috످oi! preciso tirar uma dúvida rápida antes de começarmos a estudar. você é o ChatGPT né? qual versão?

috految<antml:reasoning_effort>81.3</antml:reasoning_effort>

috److Oi! Na verdade, eu sou o Claude, uma IA criada pela Anthropic (o ChatGPT é da OpenAI). Só não sei te dizer qual é a minha versão.

O que vamos estudar hoje?

috످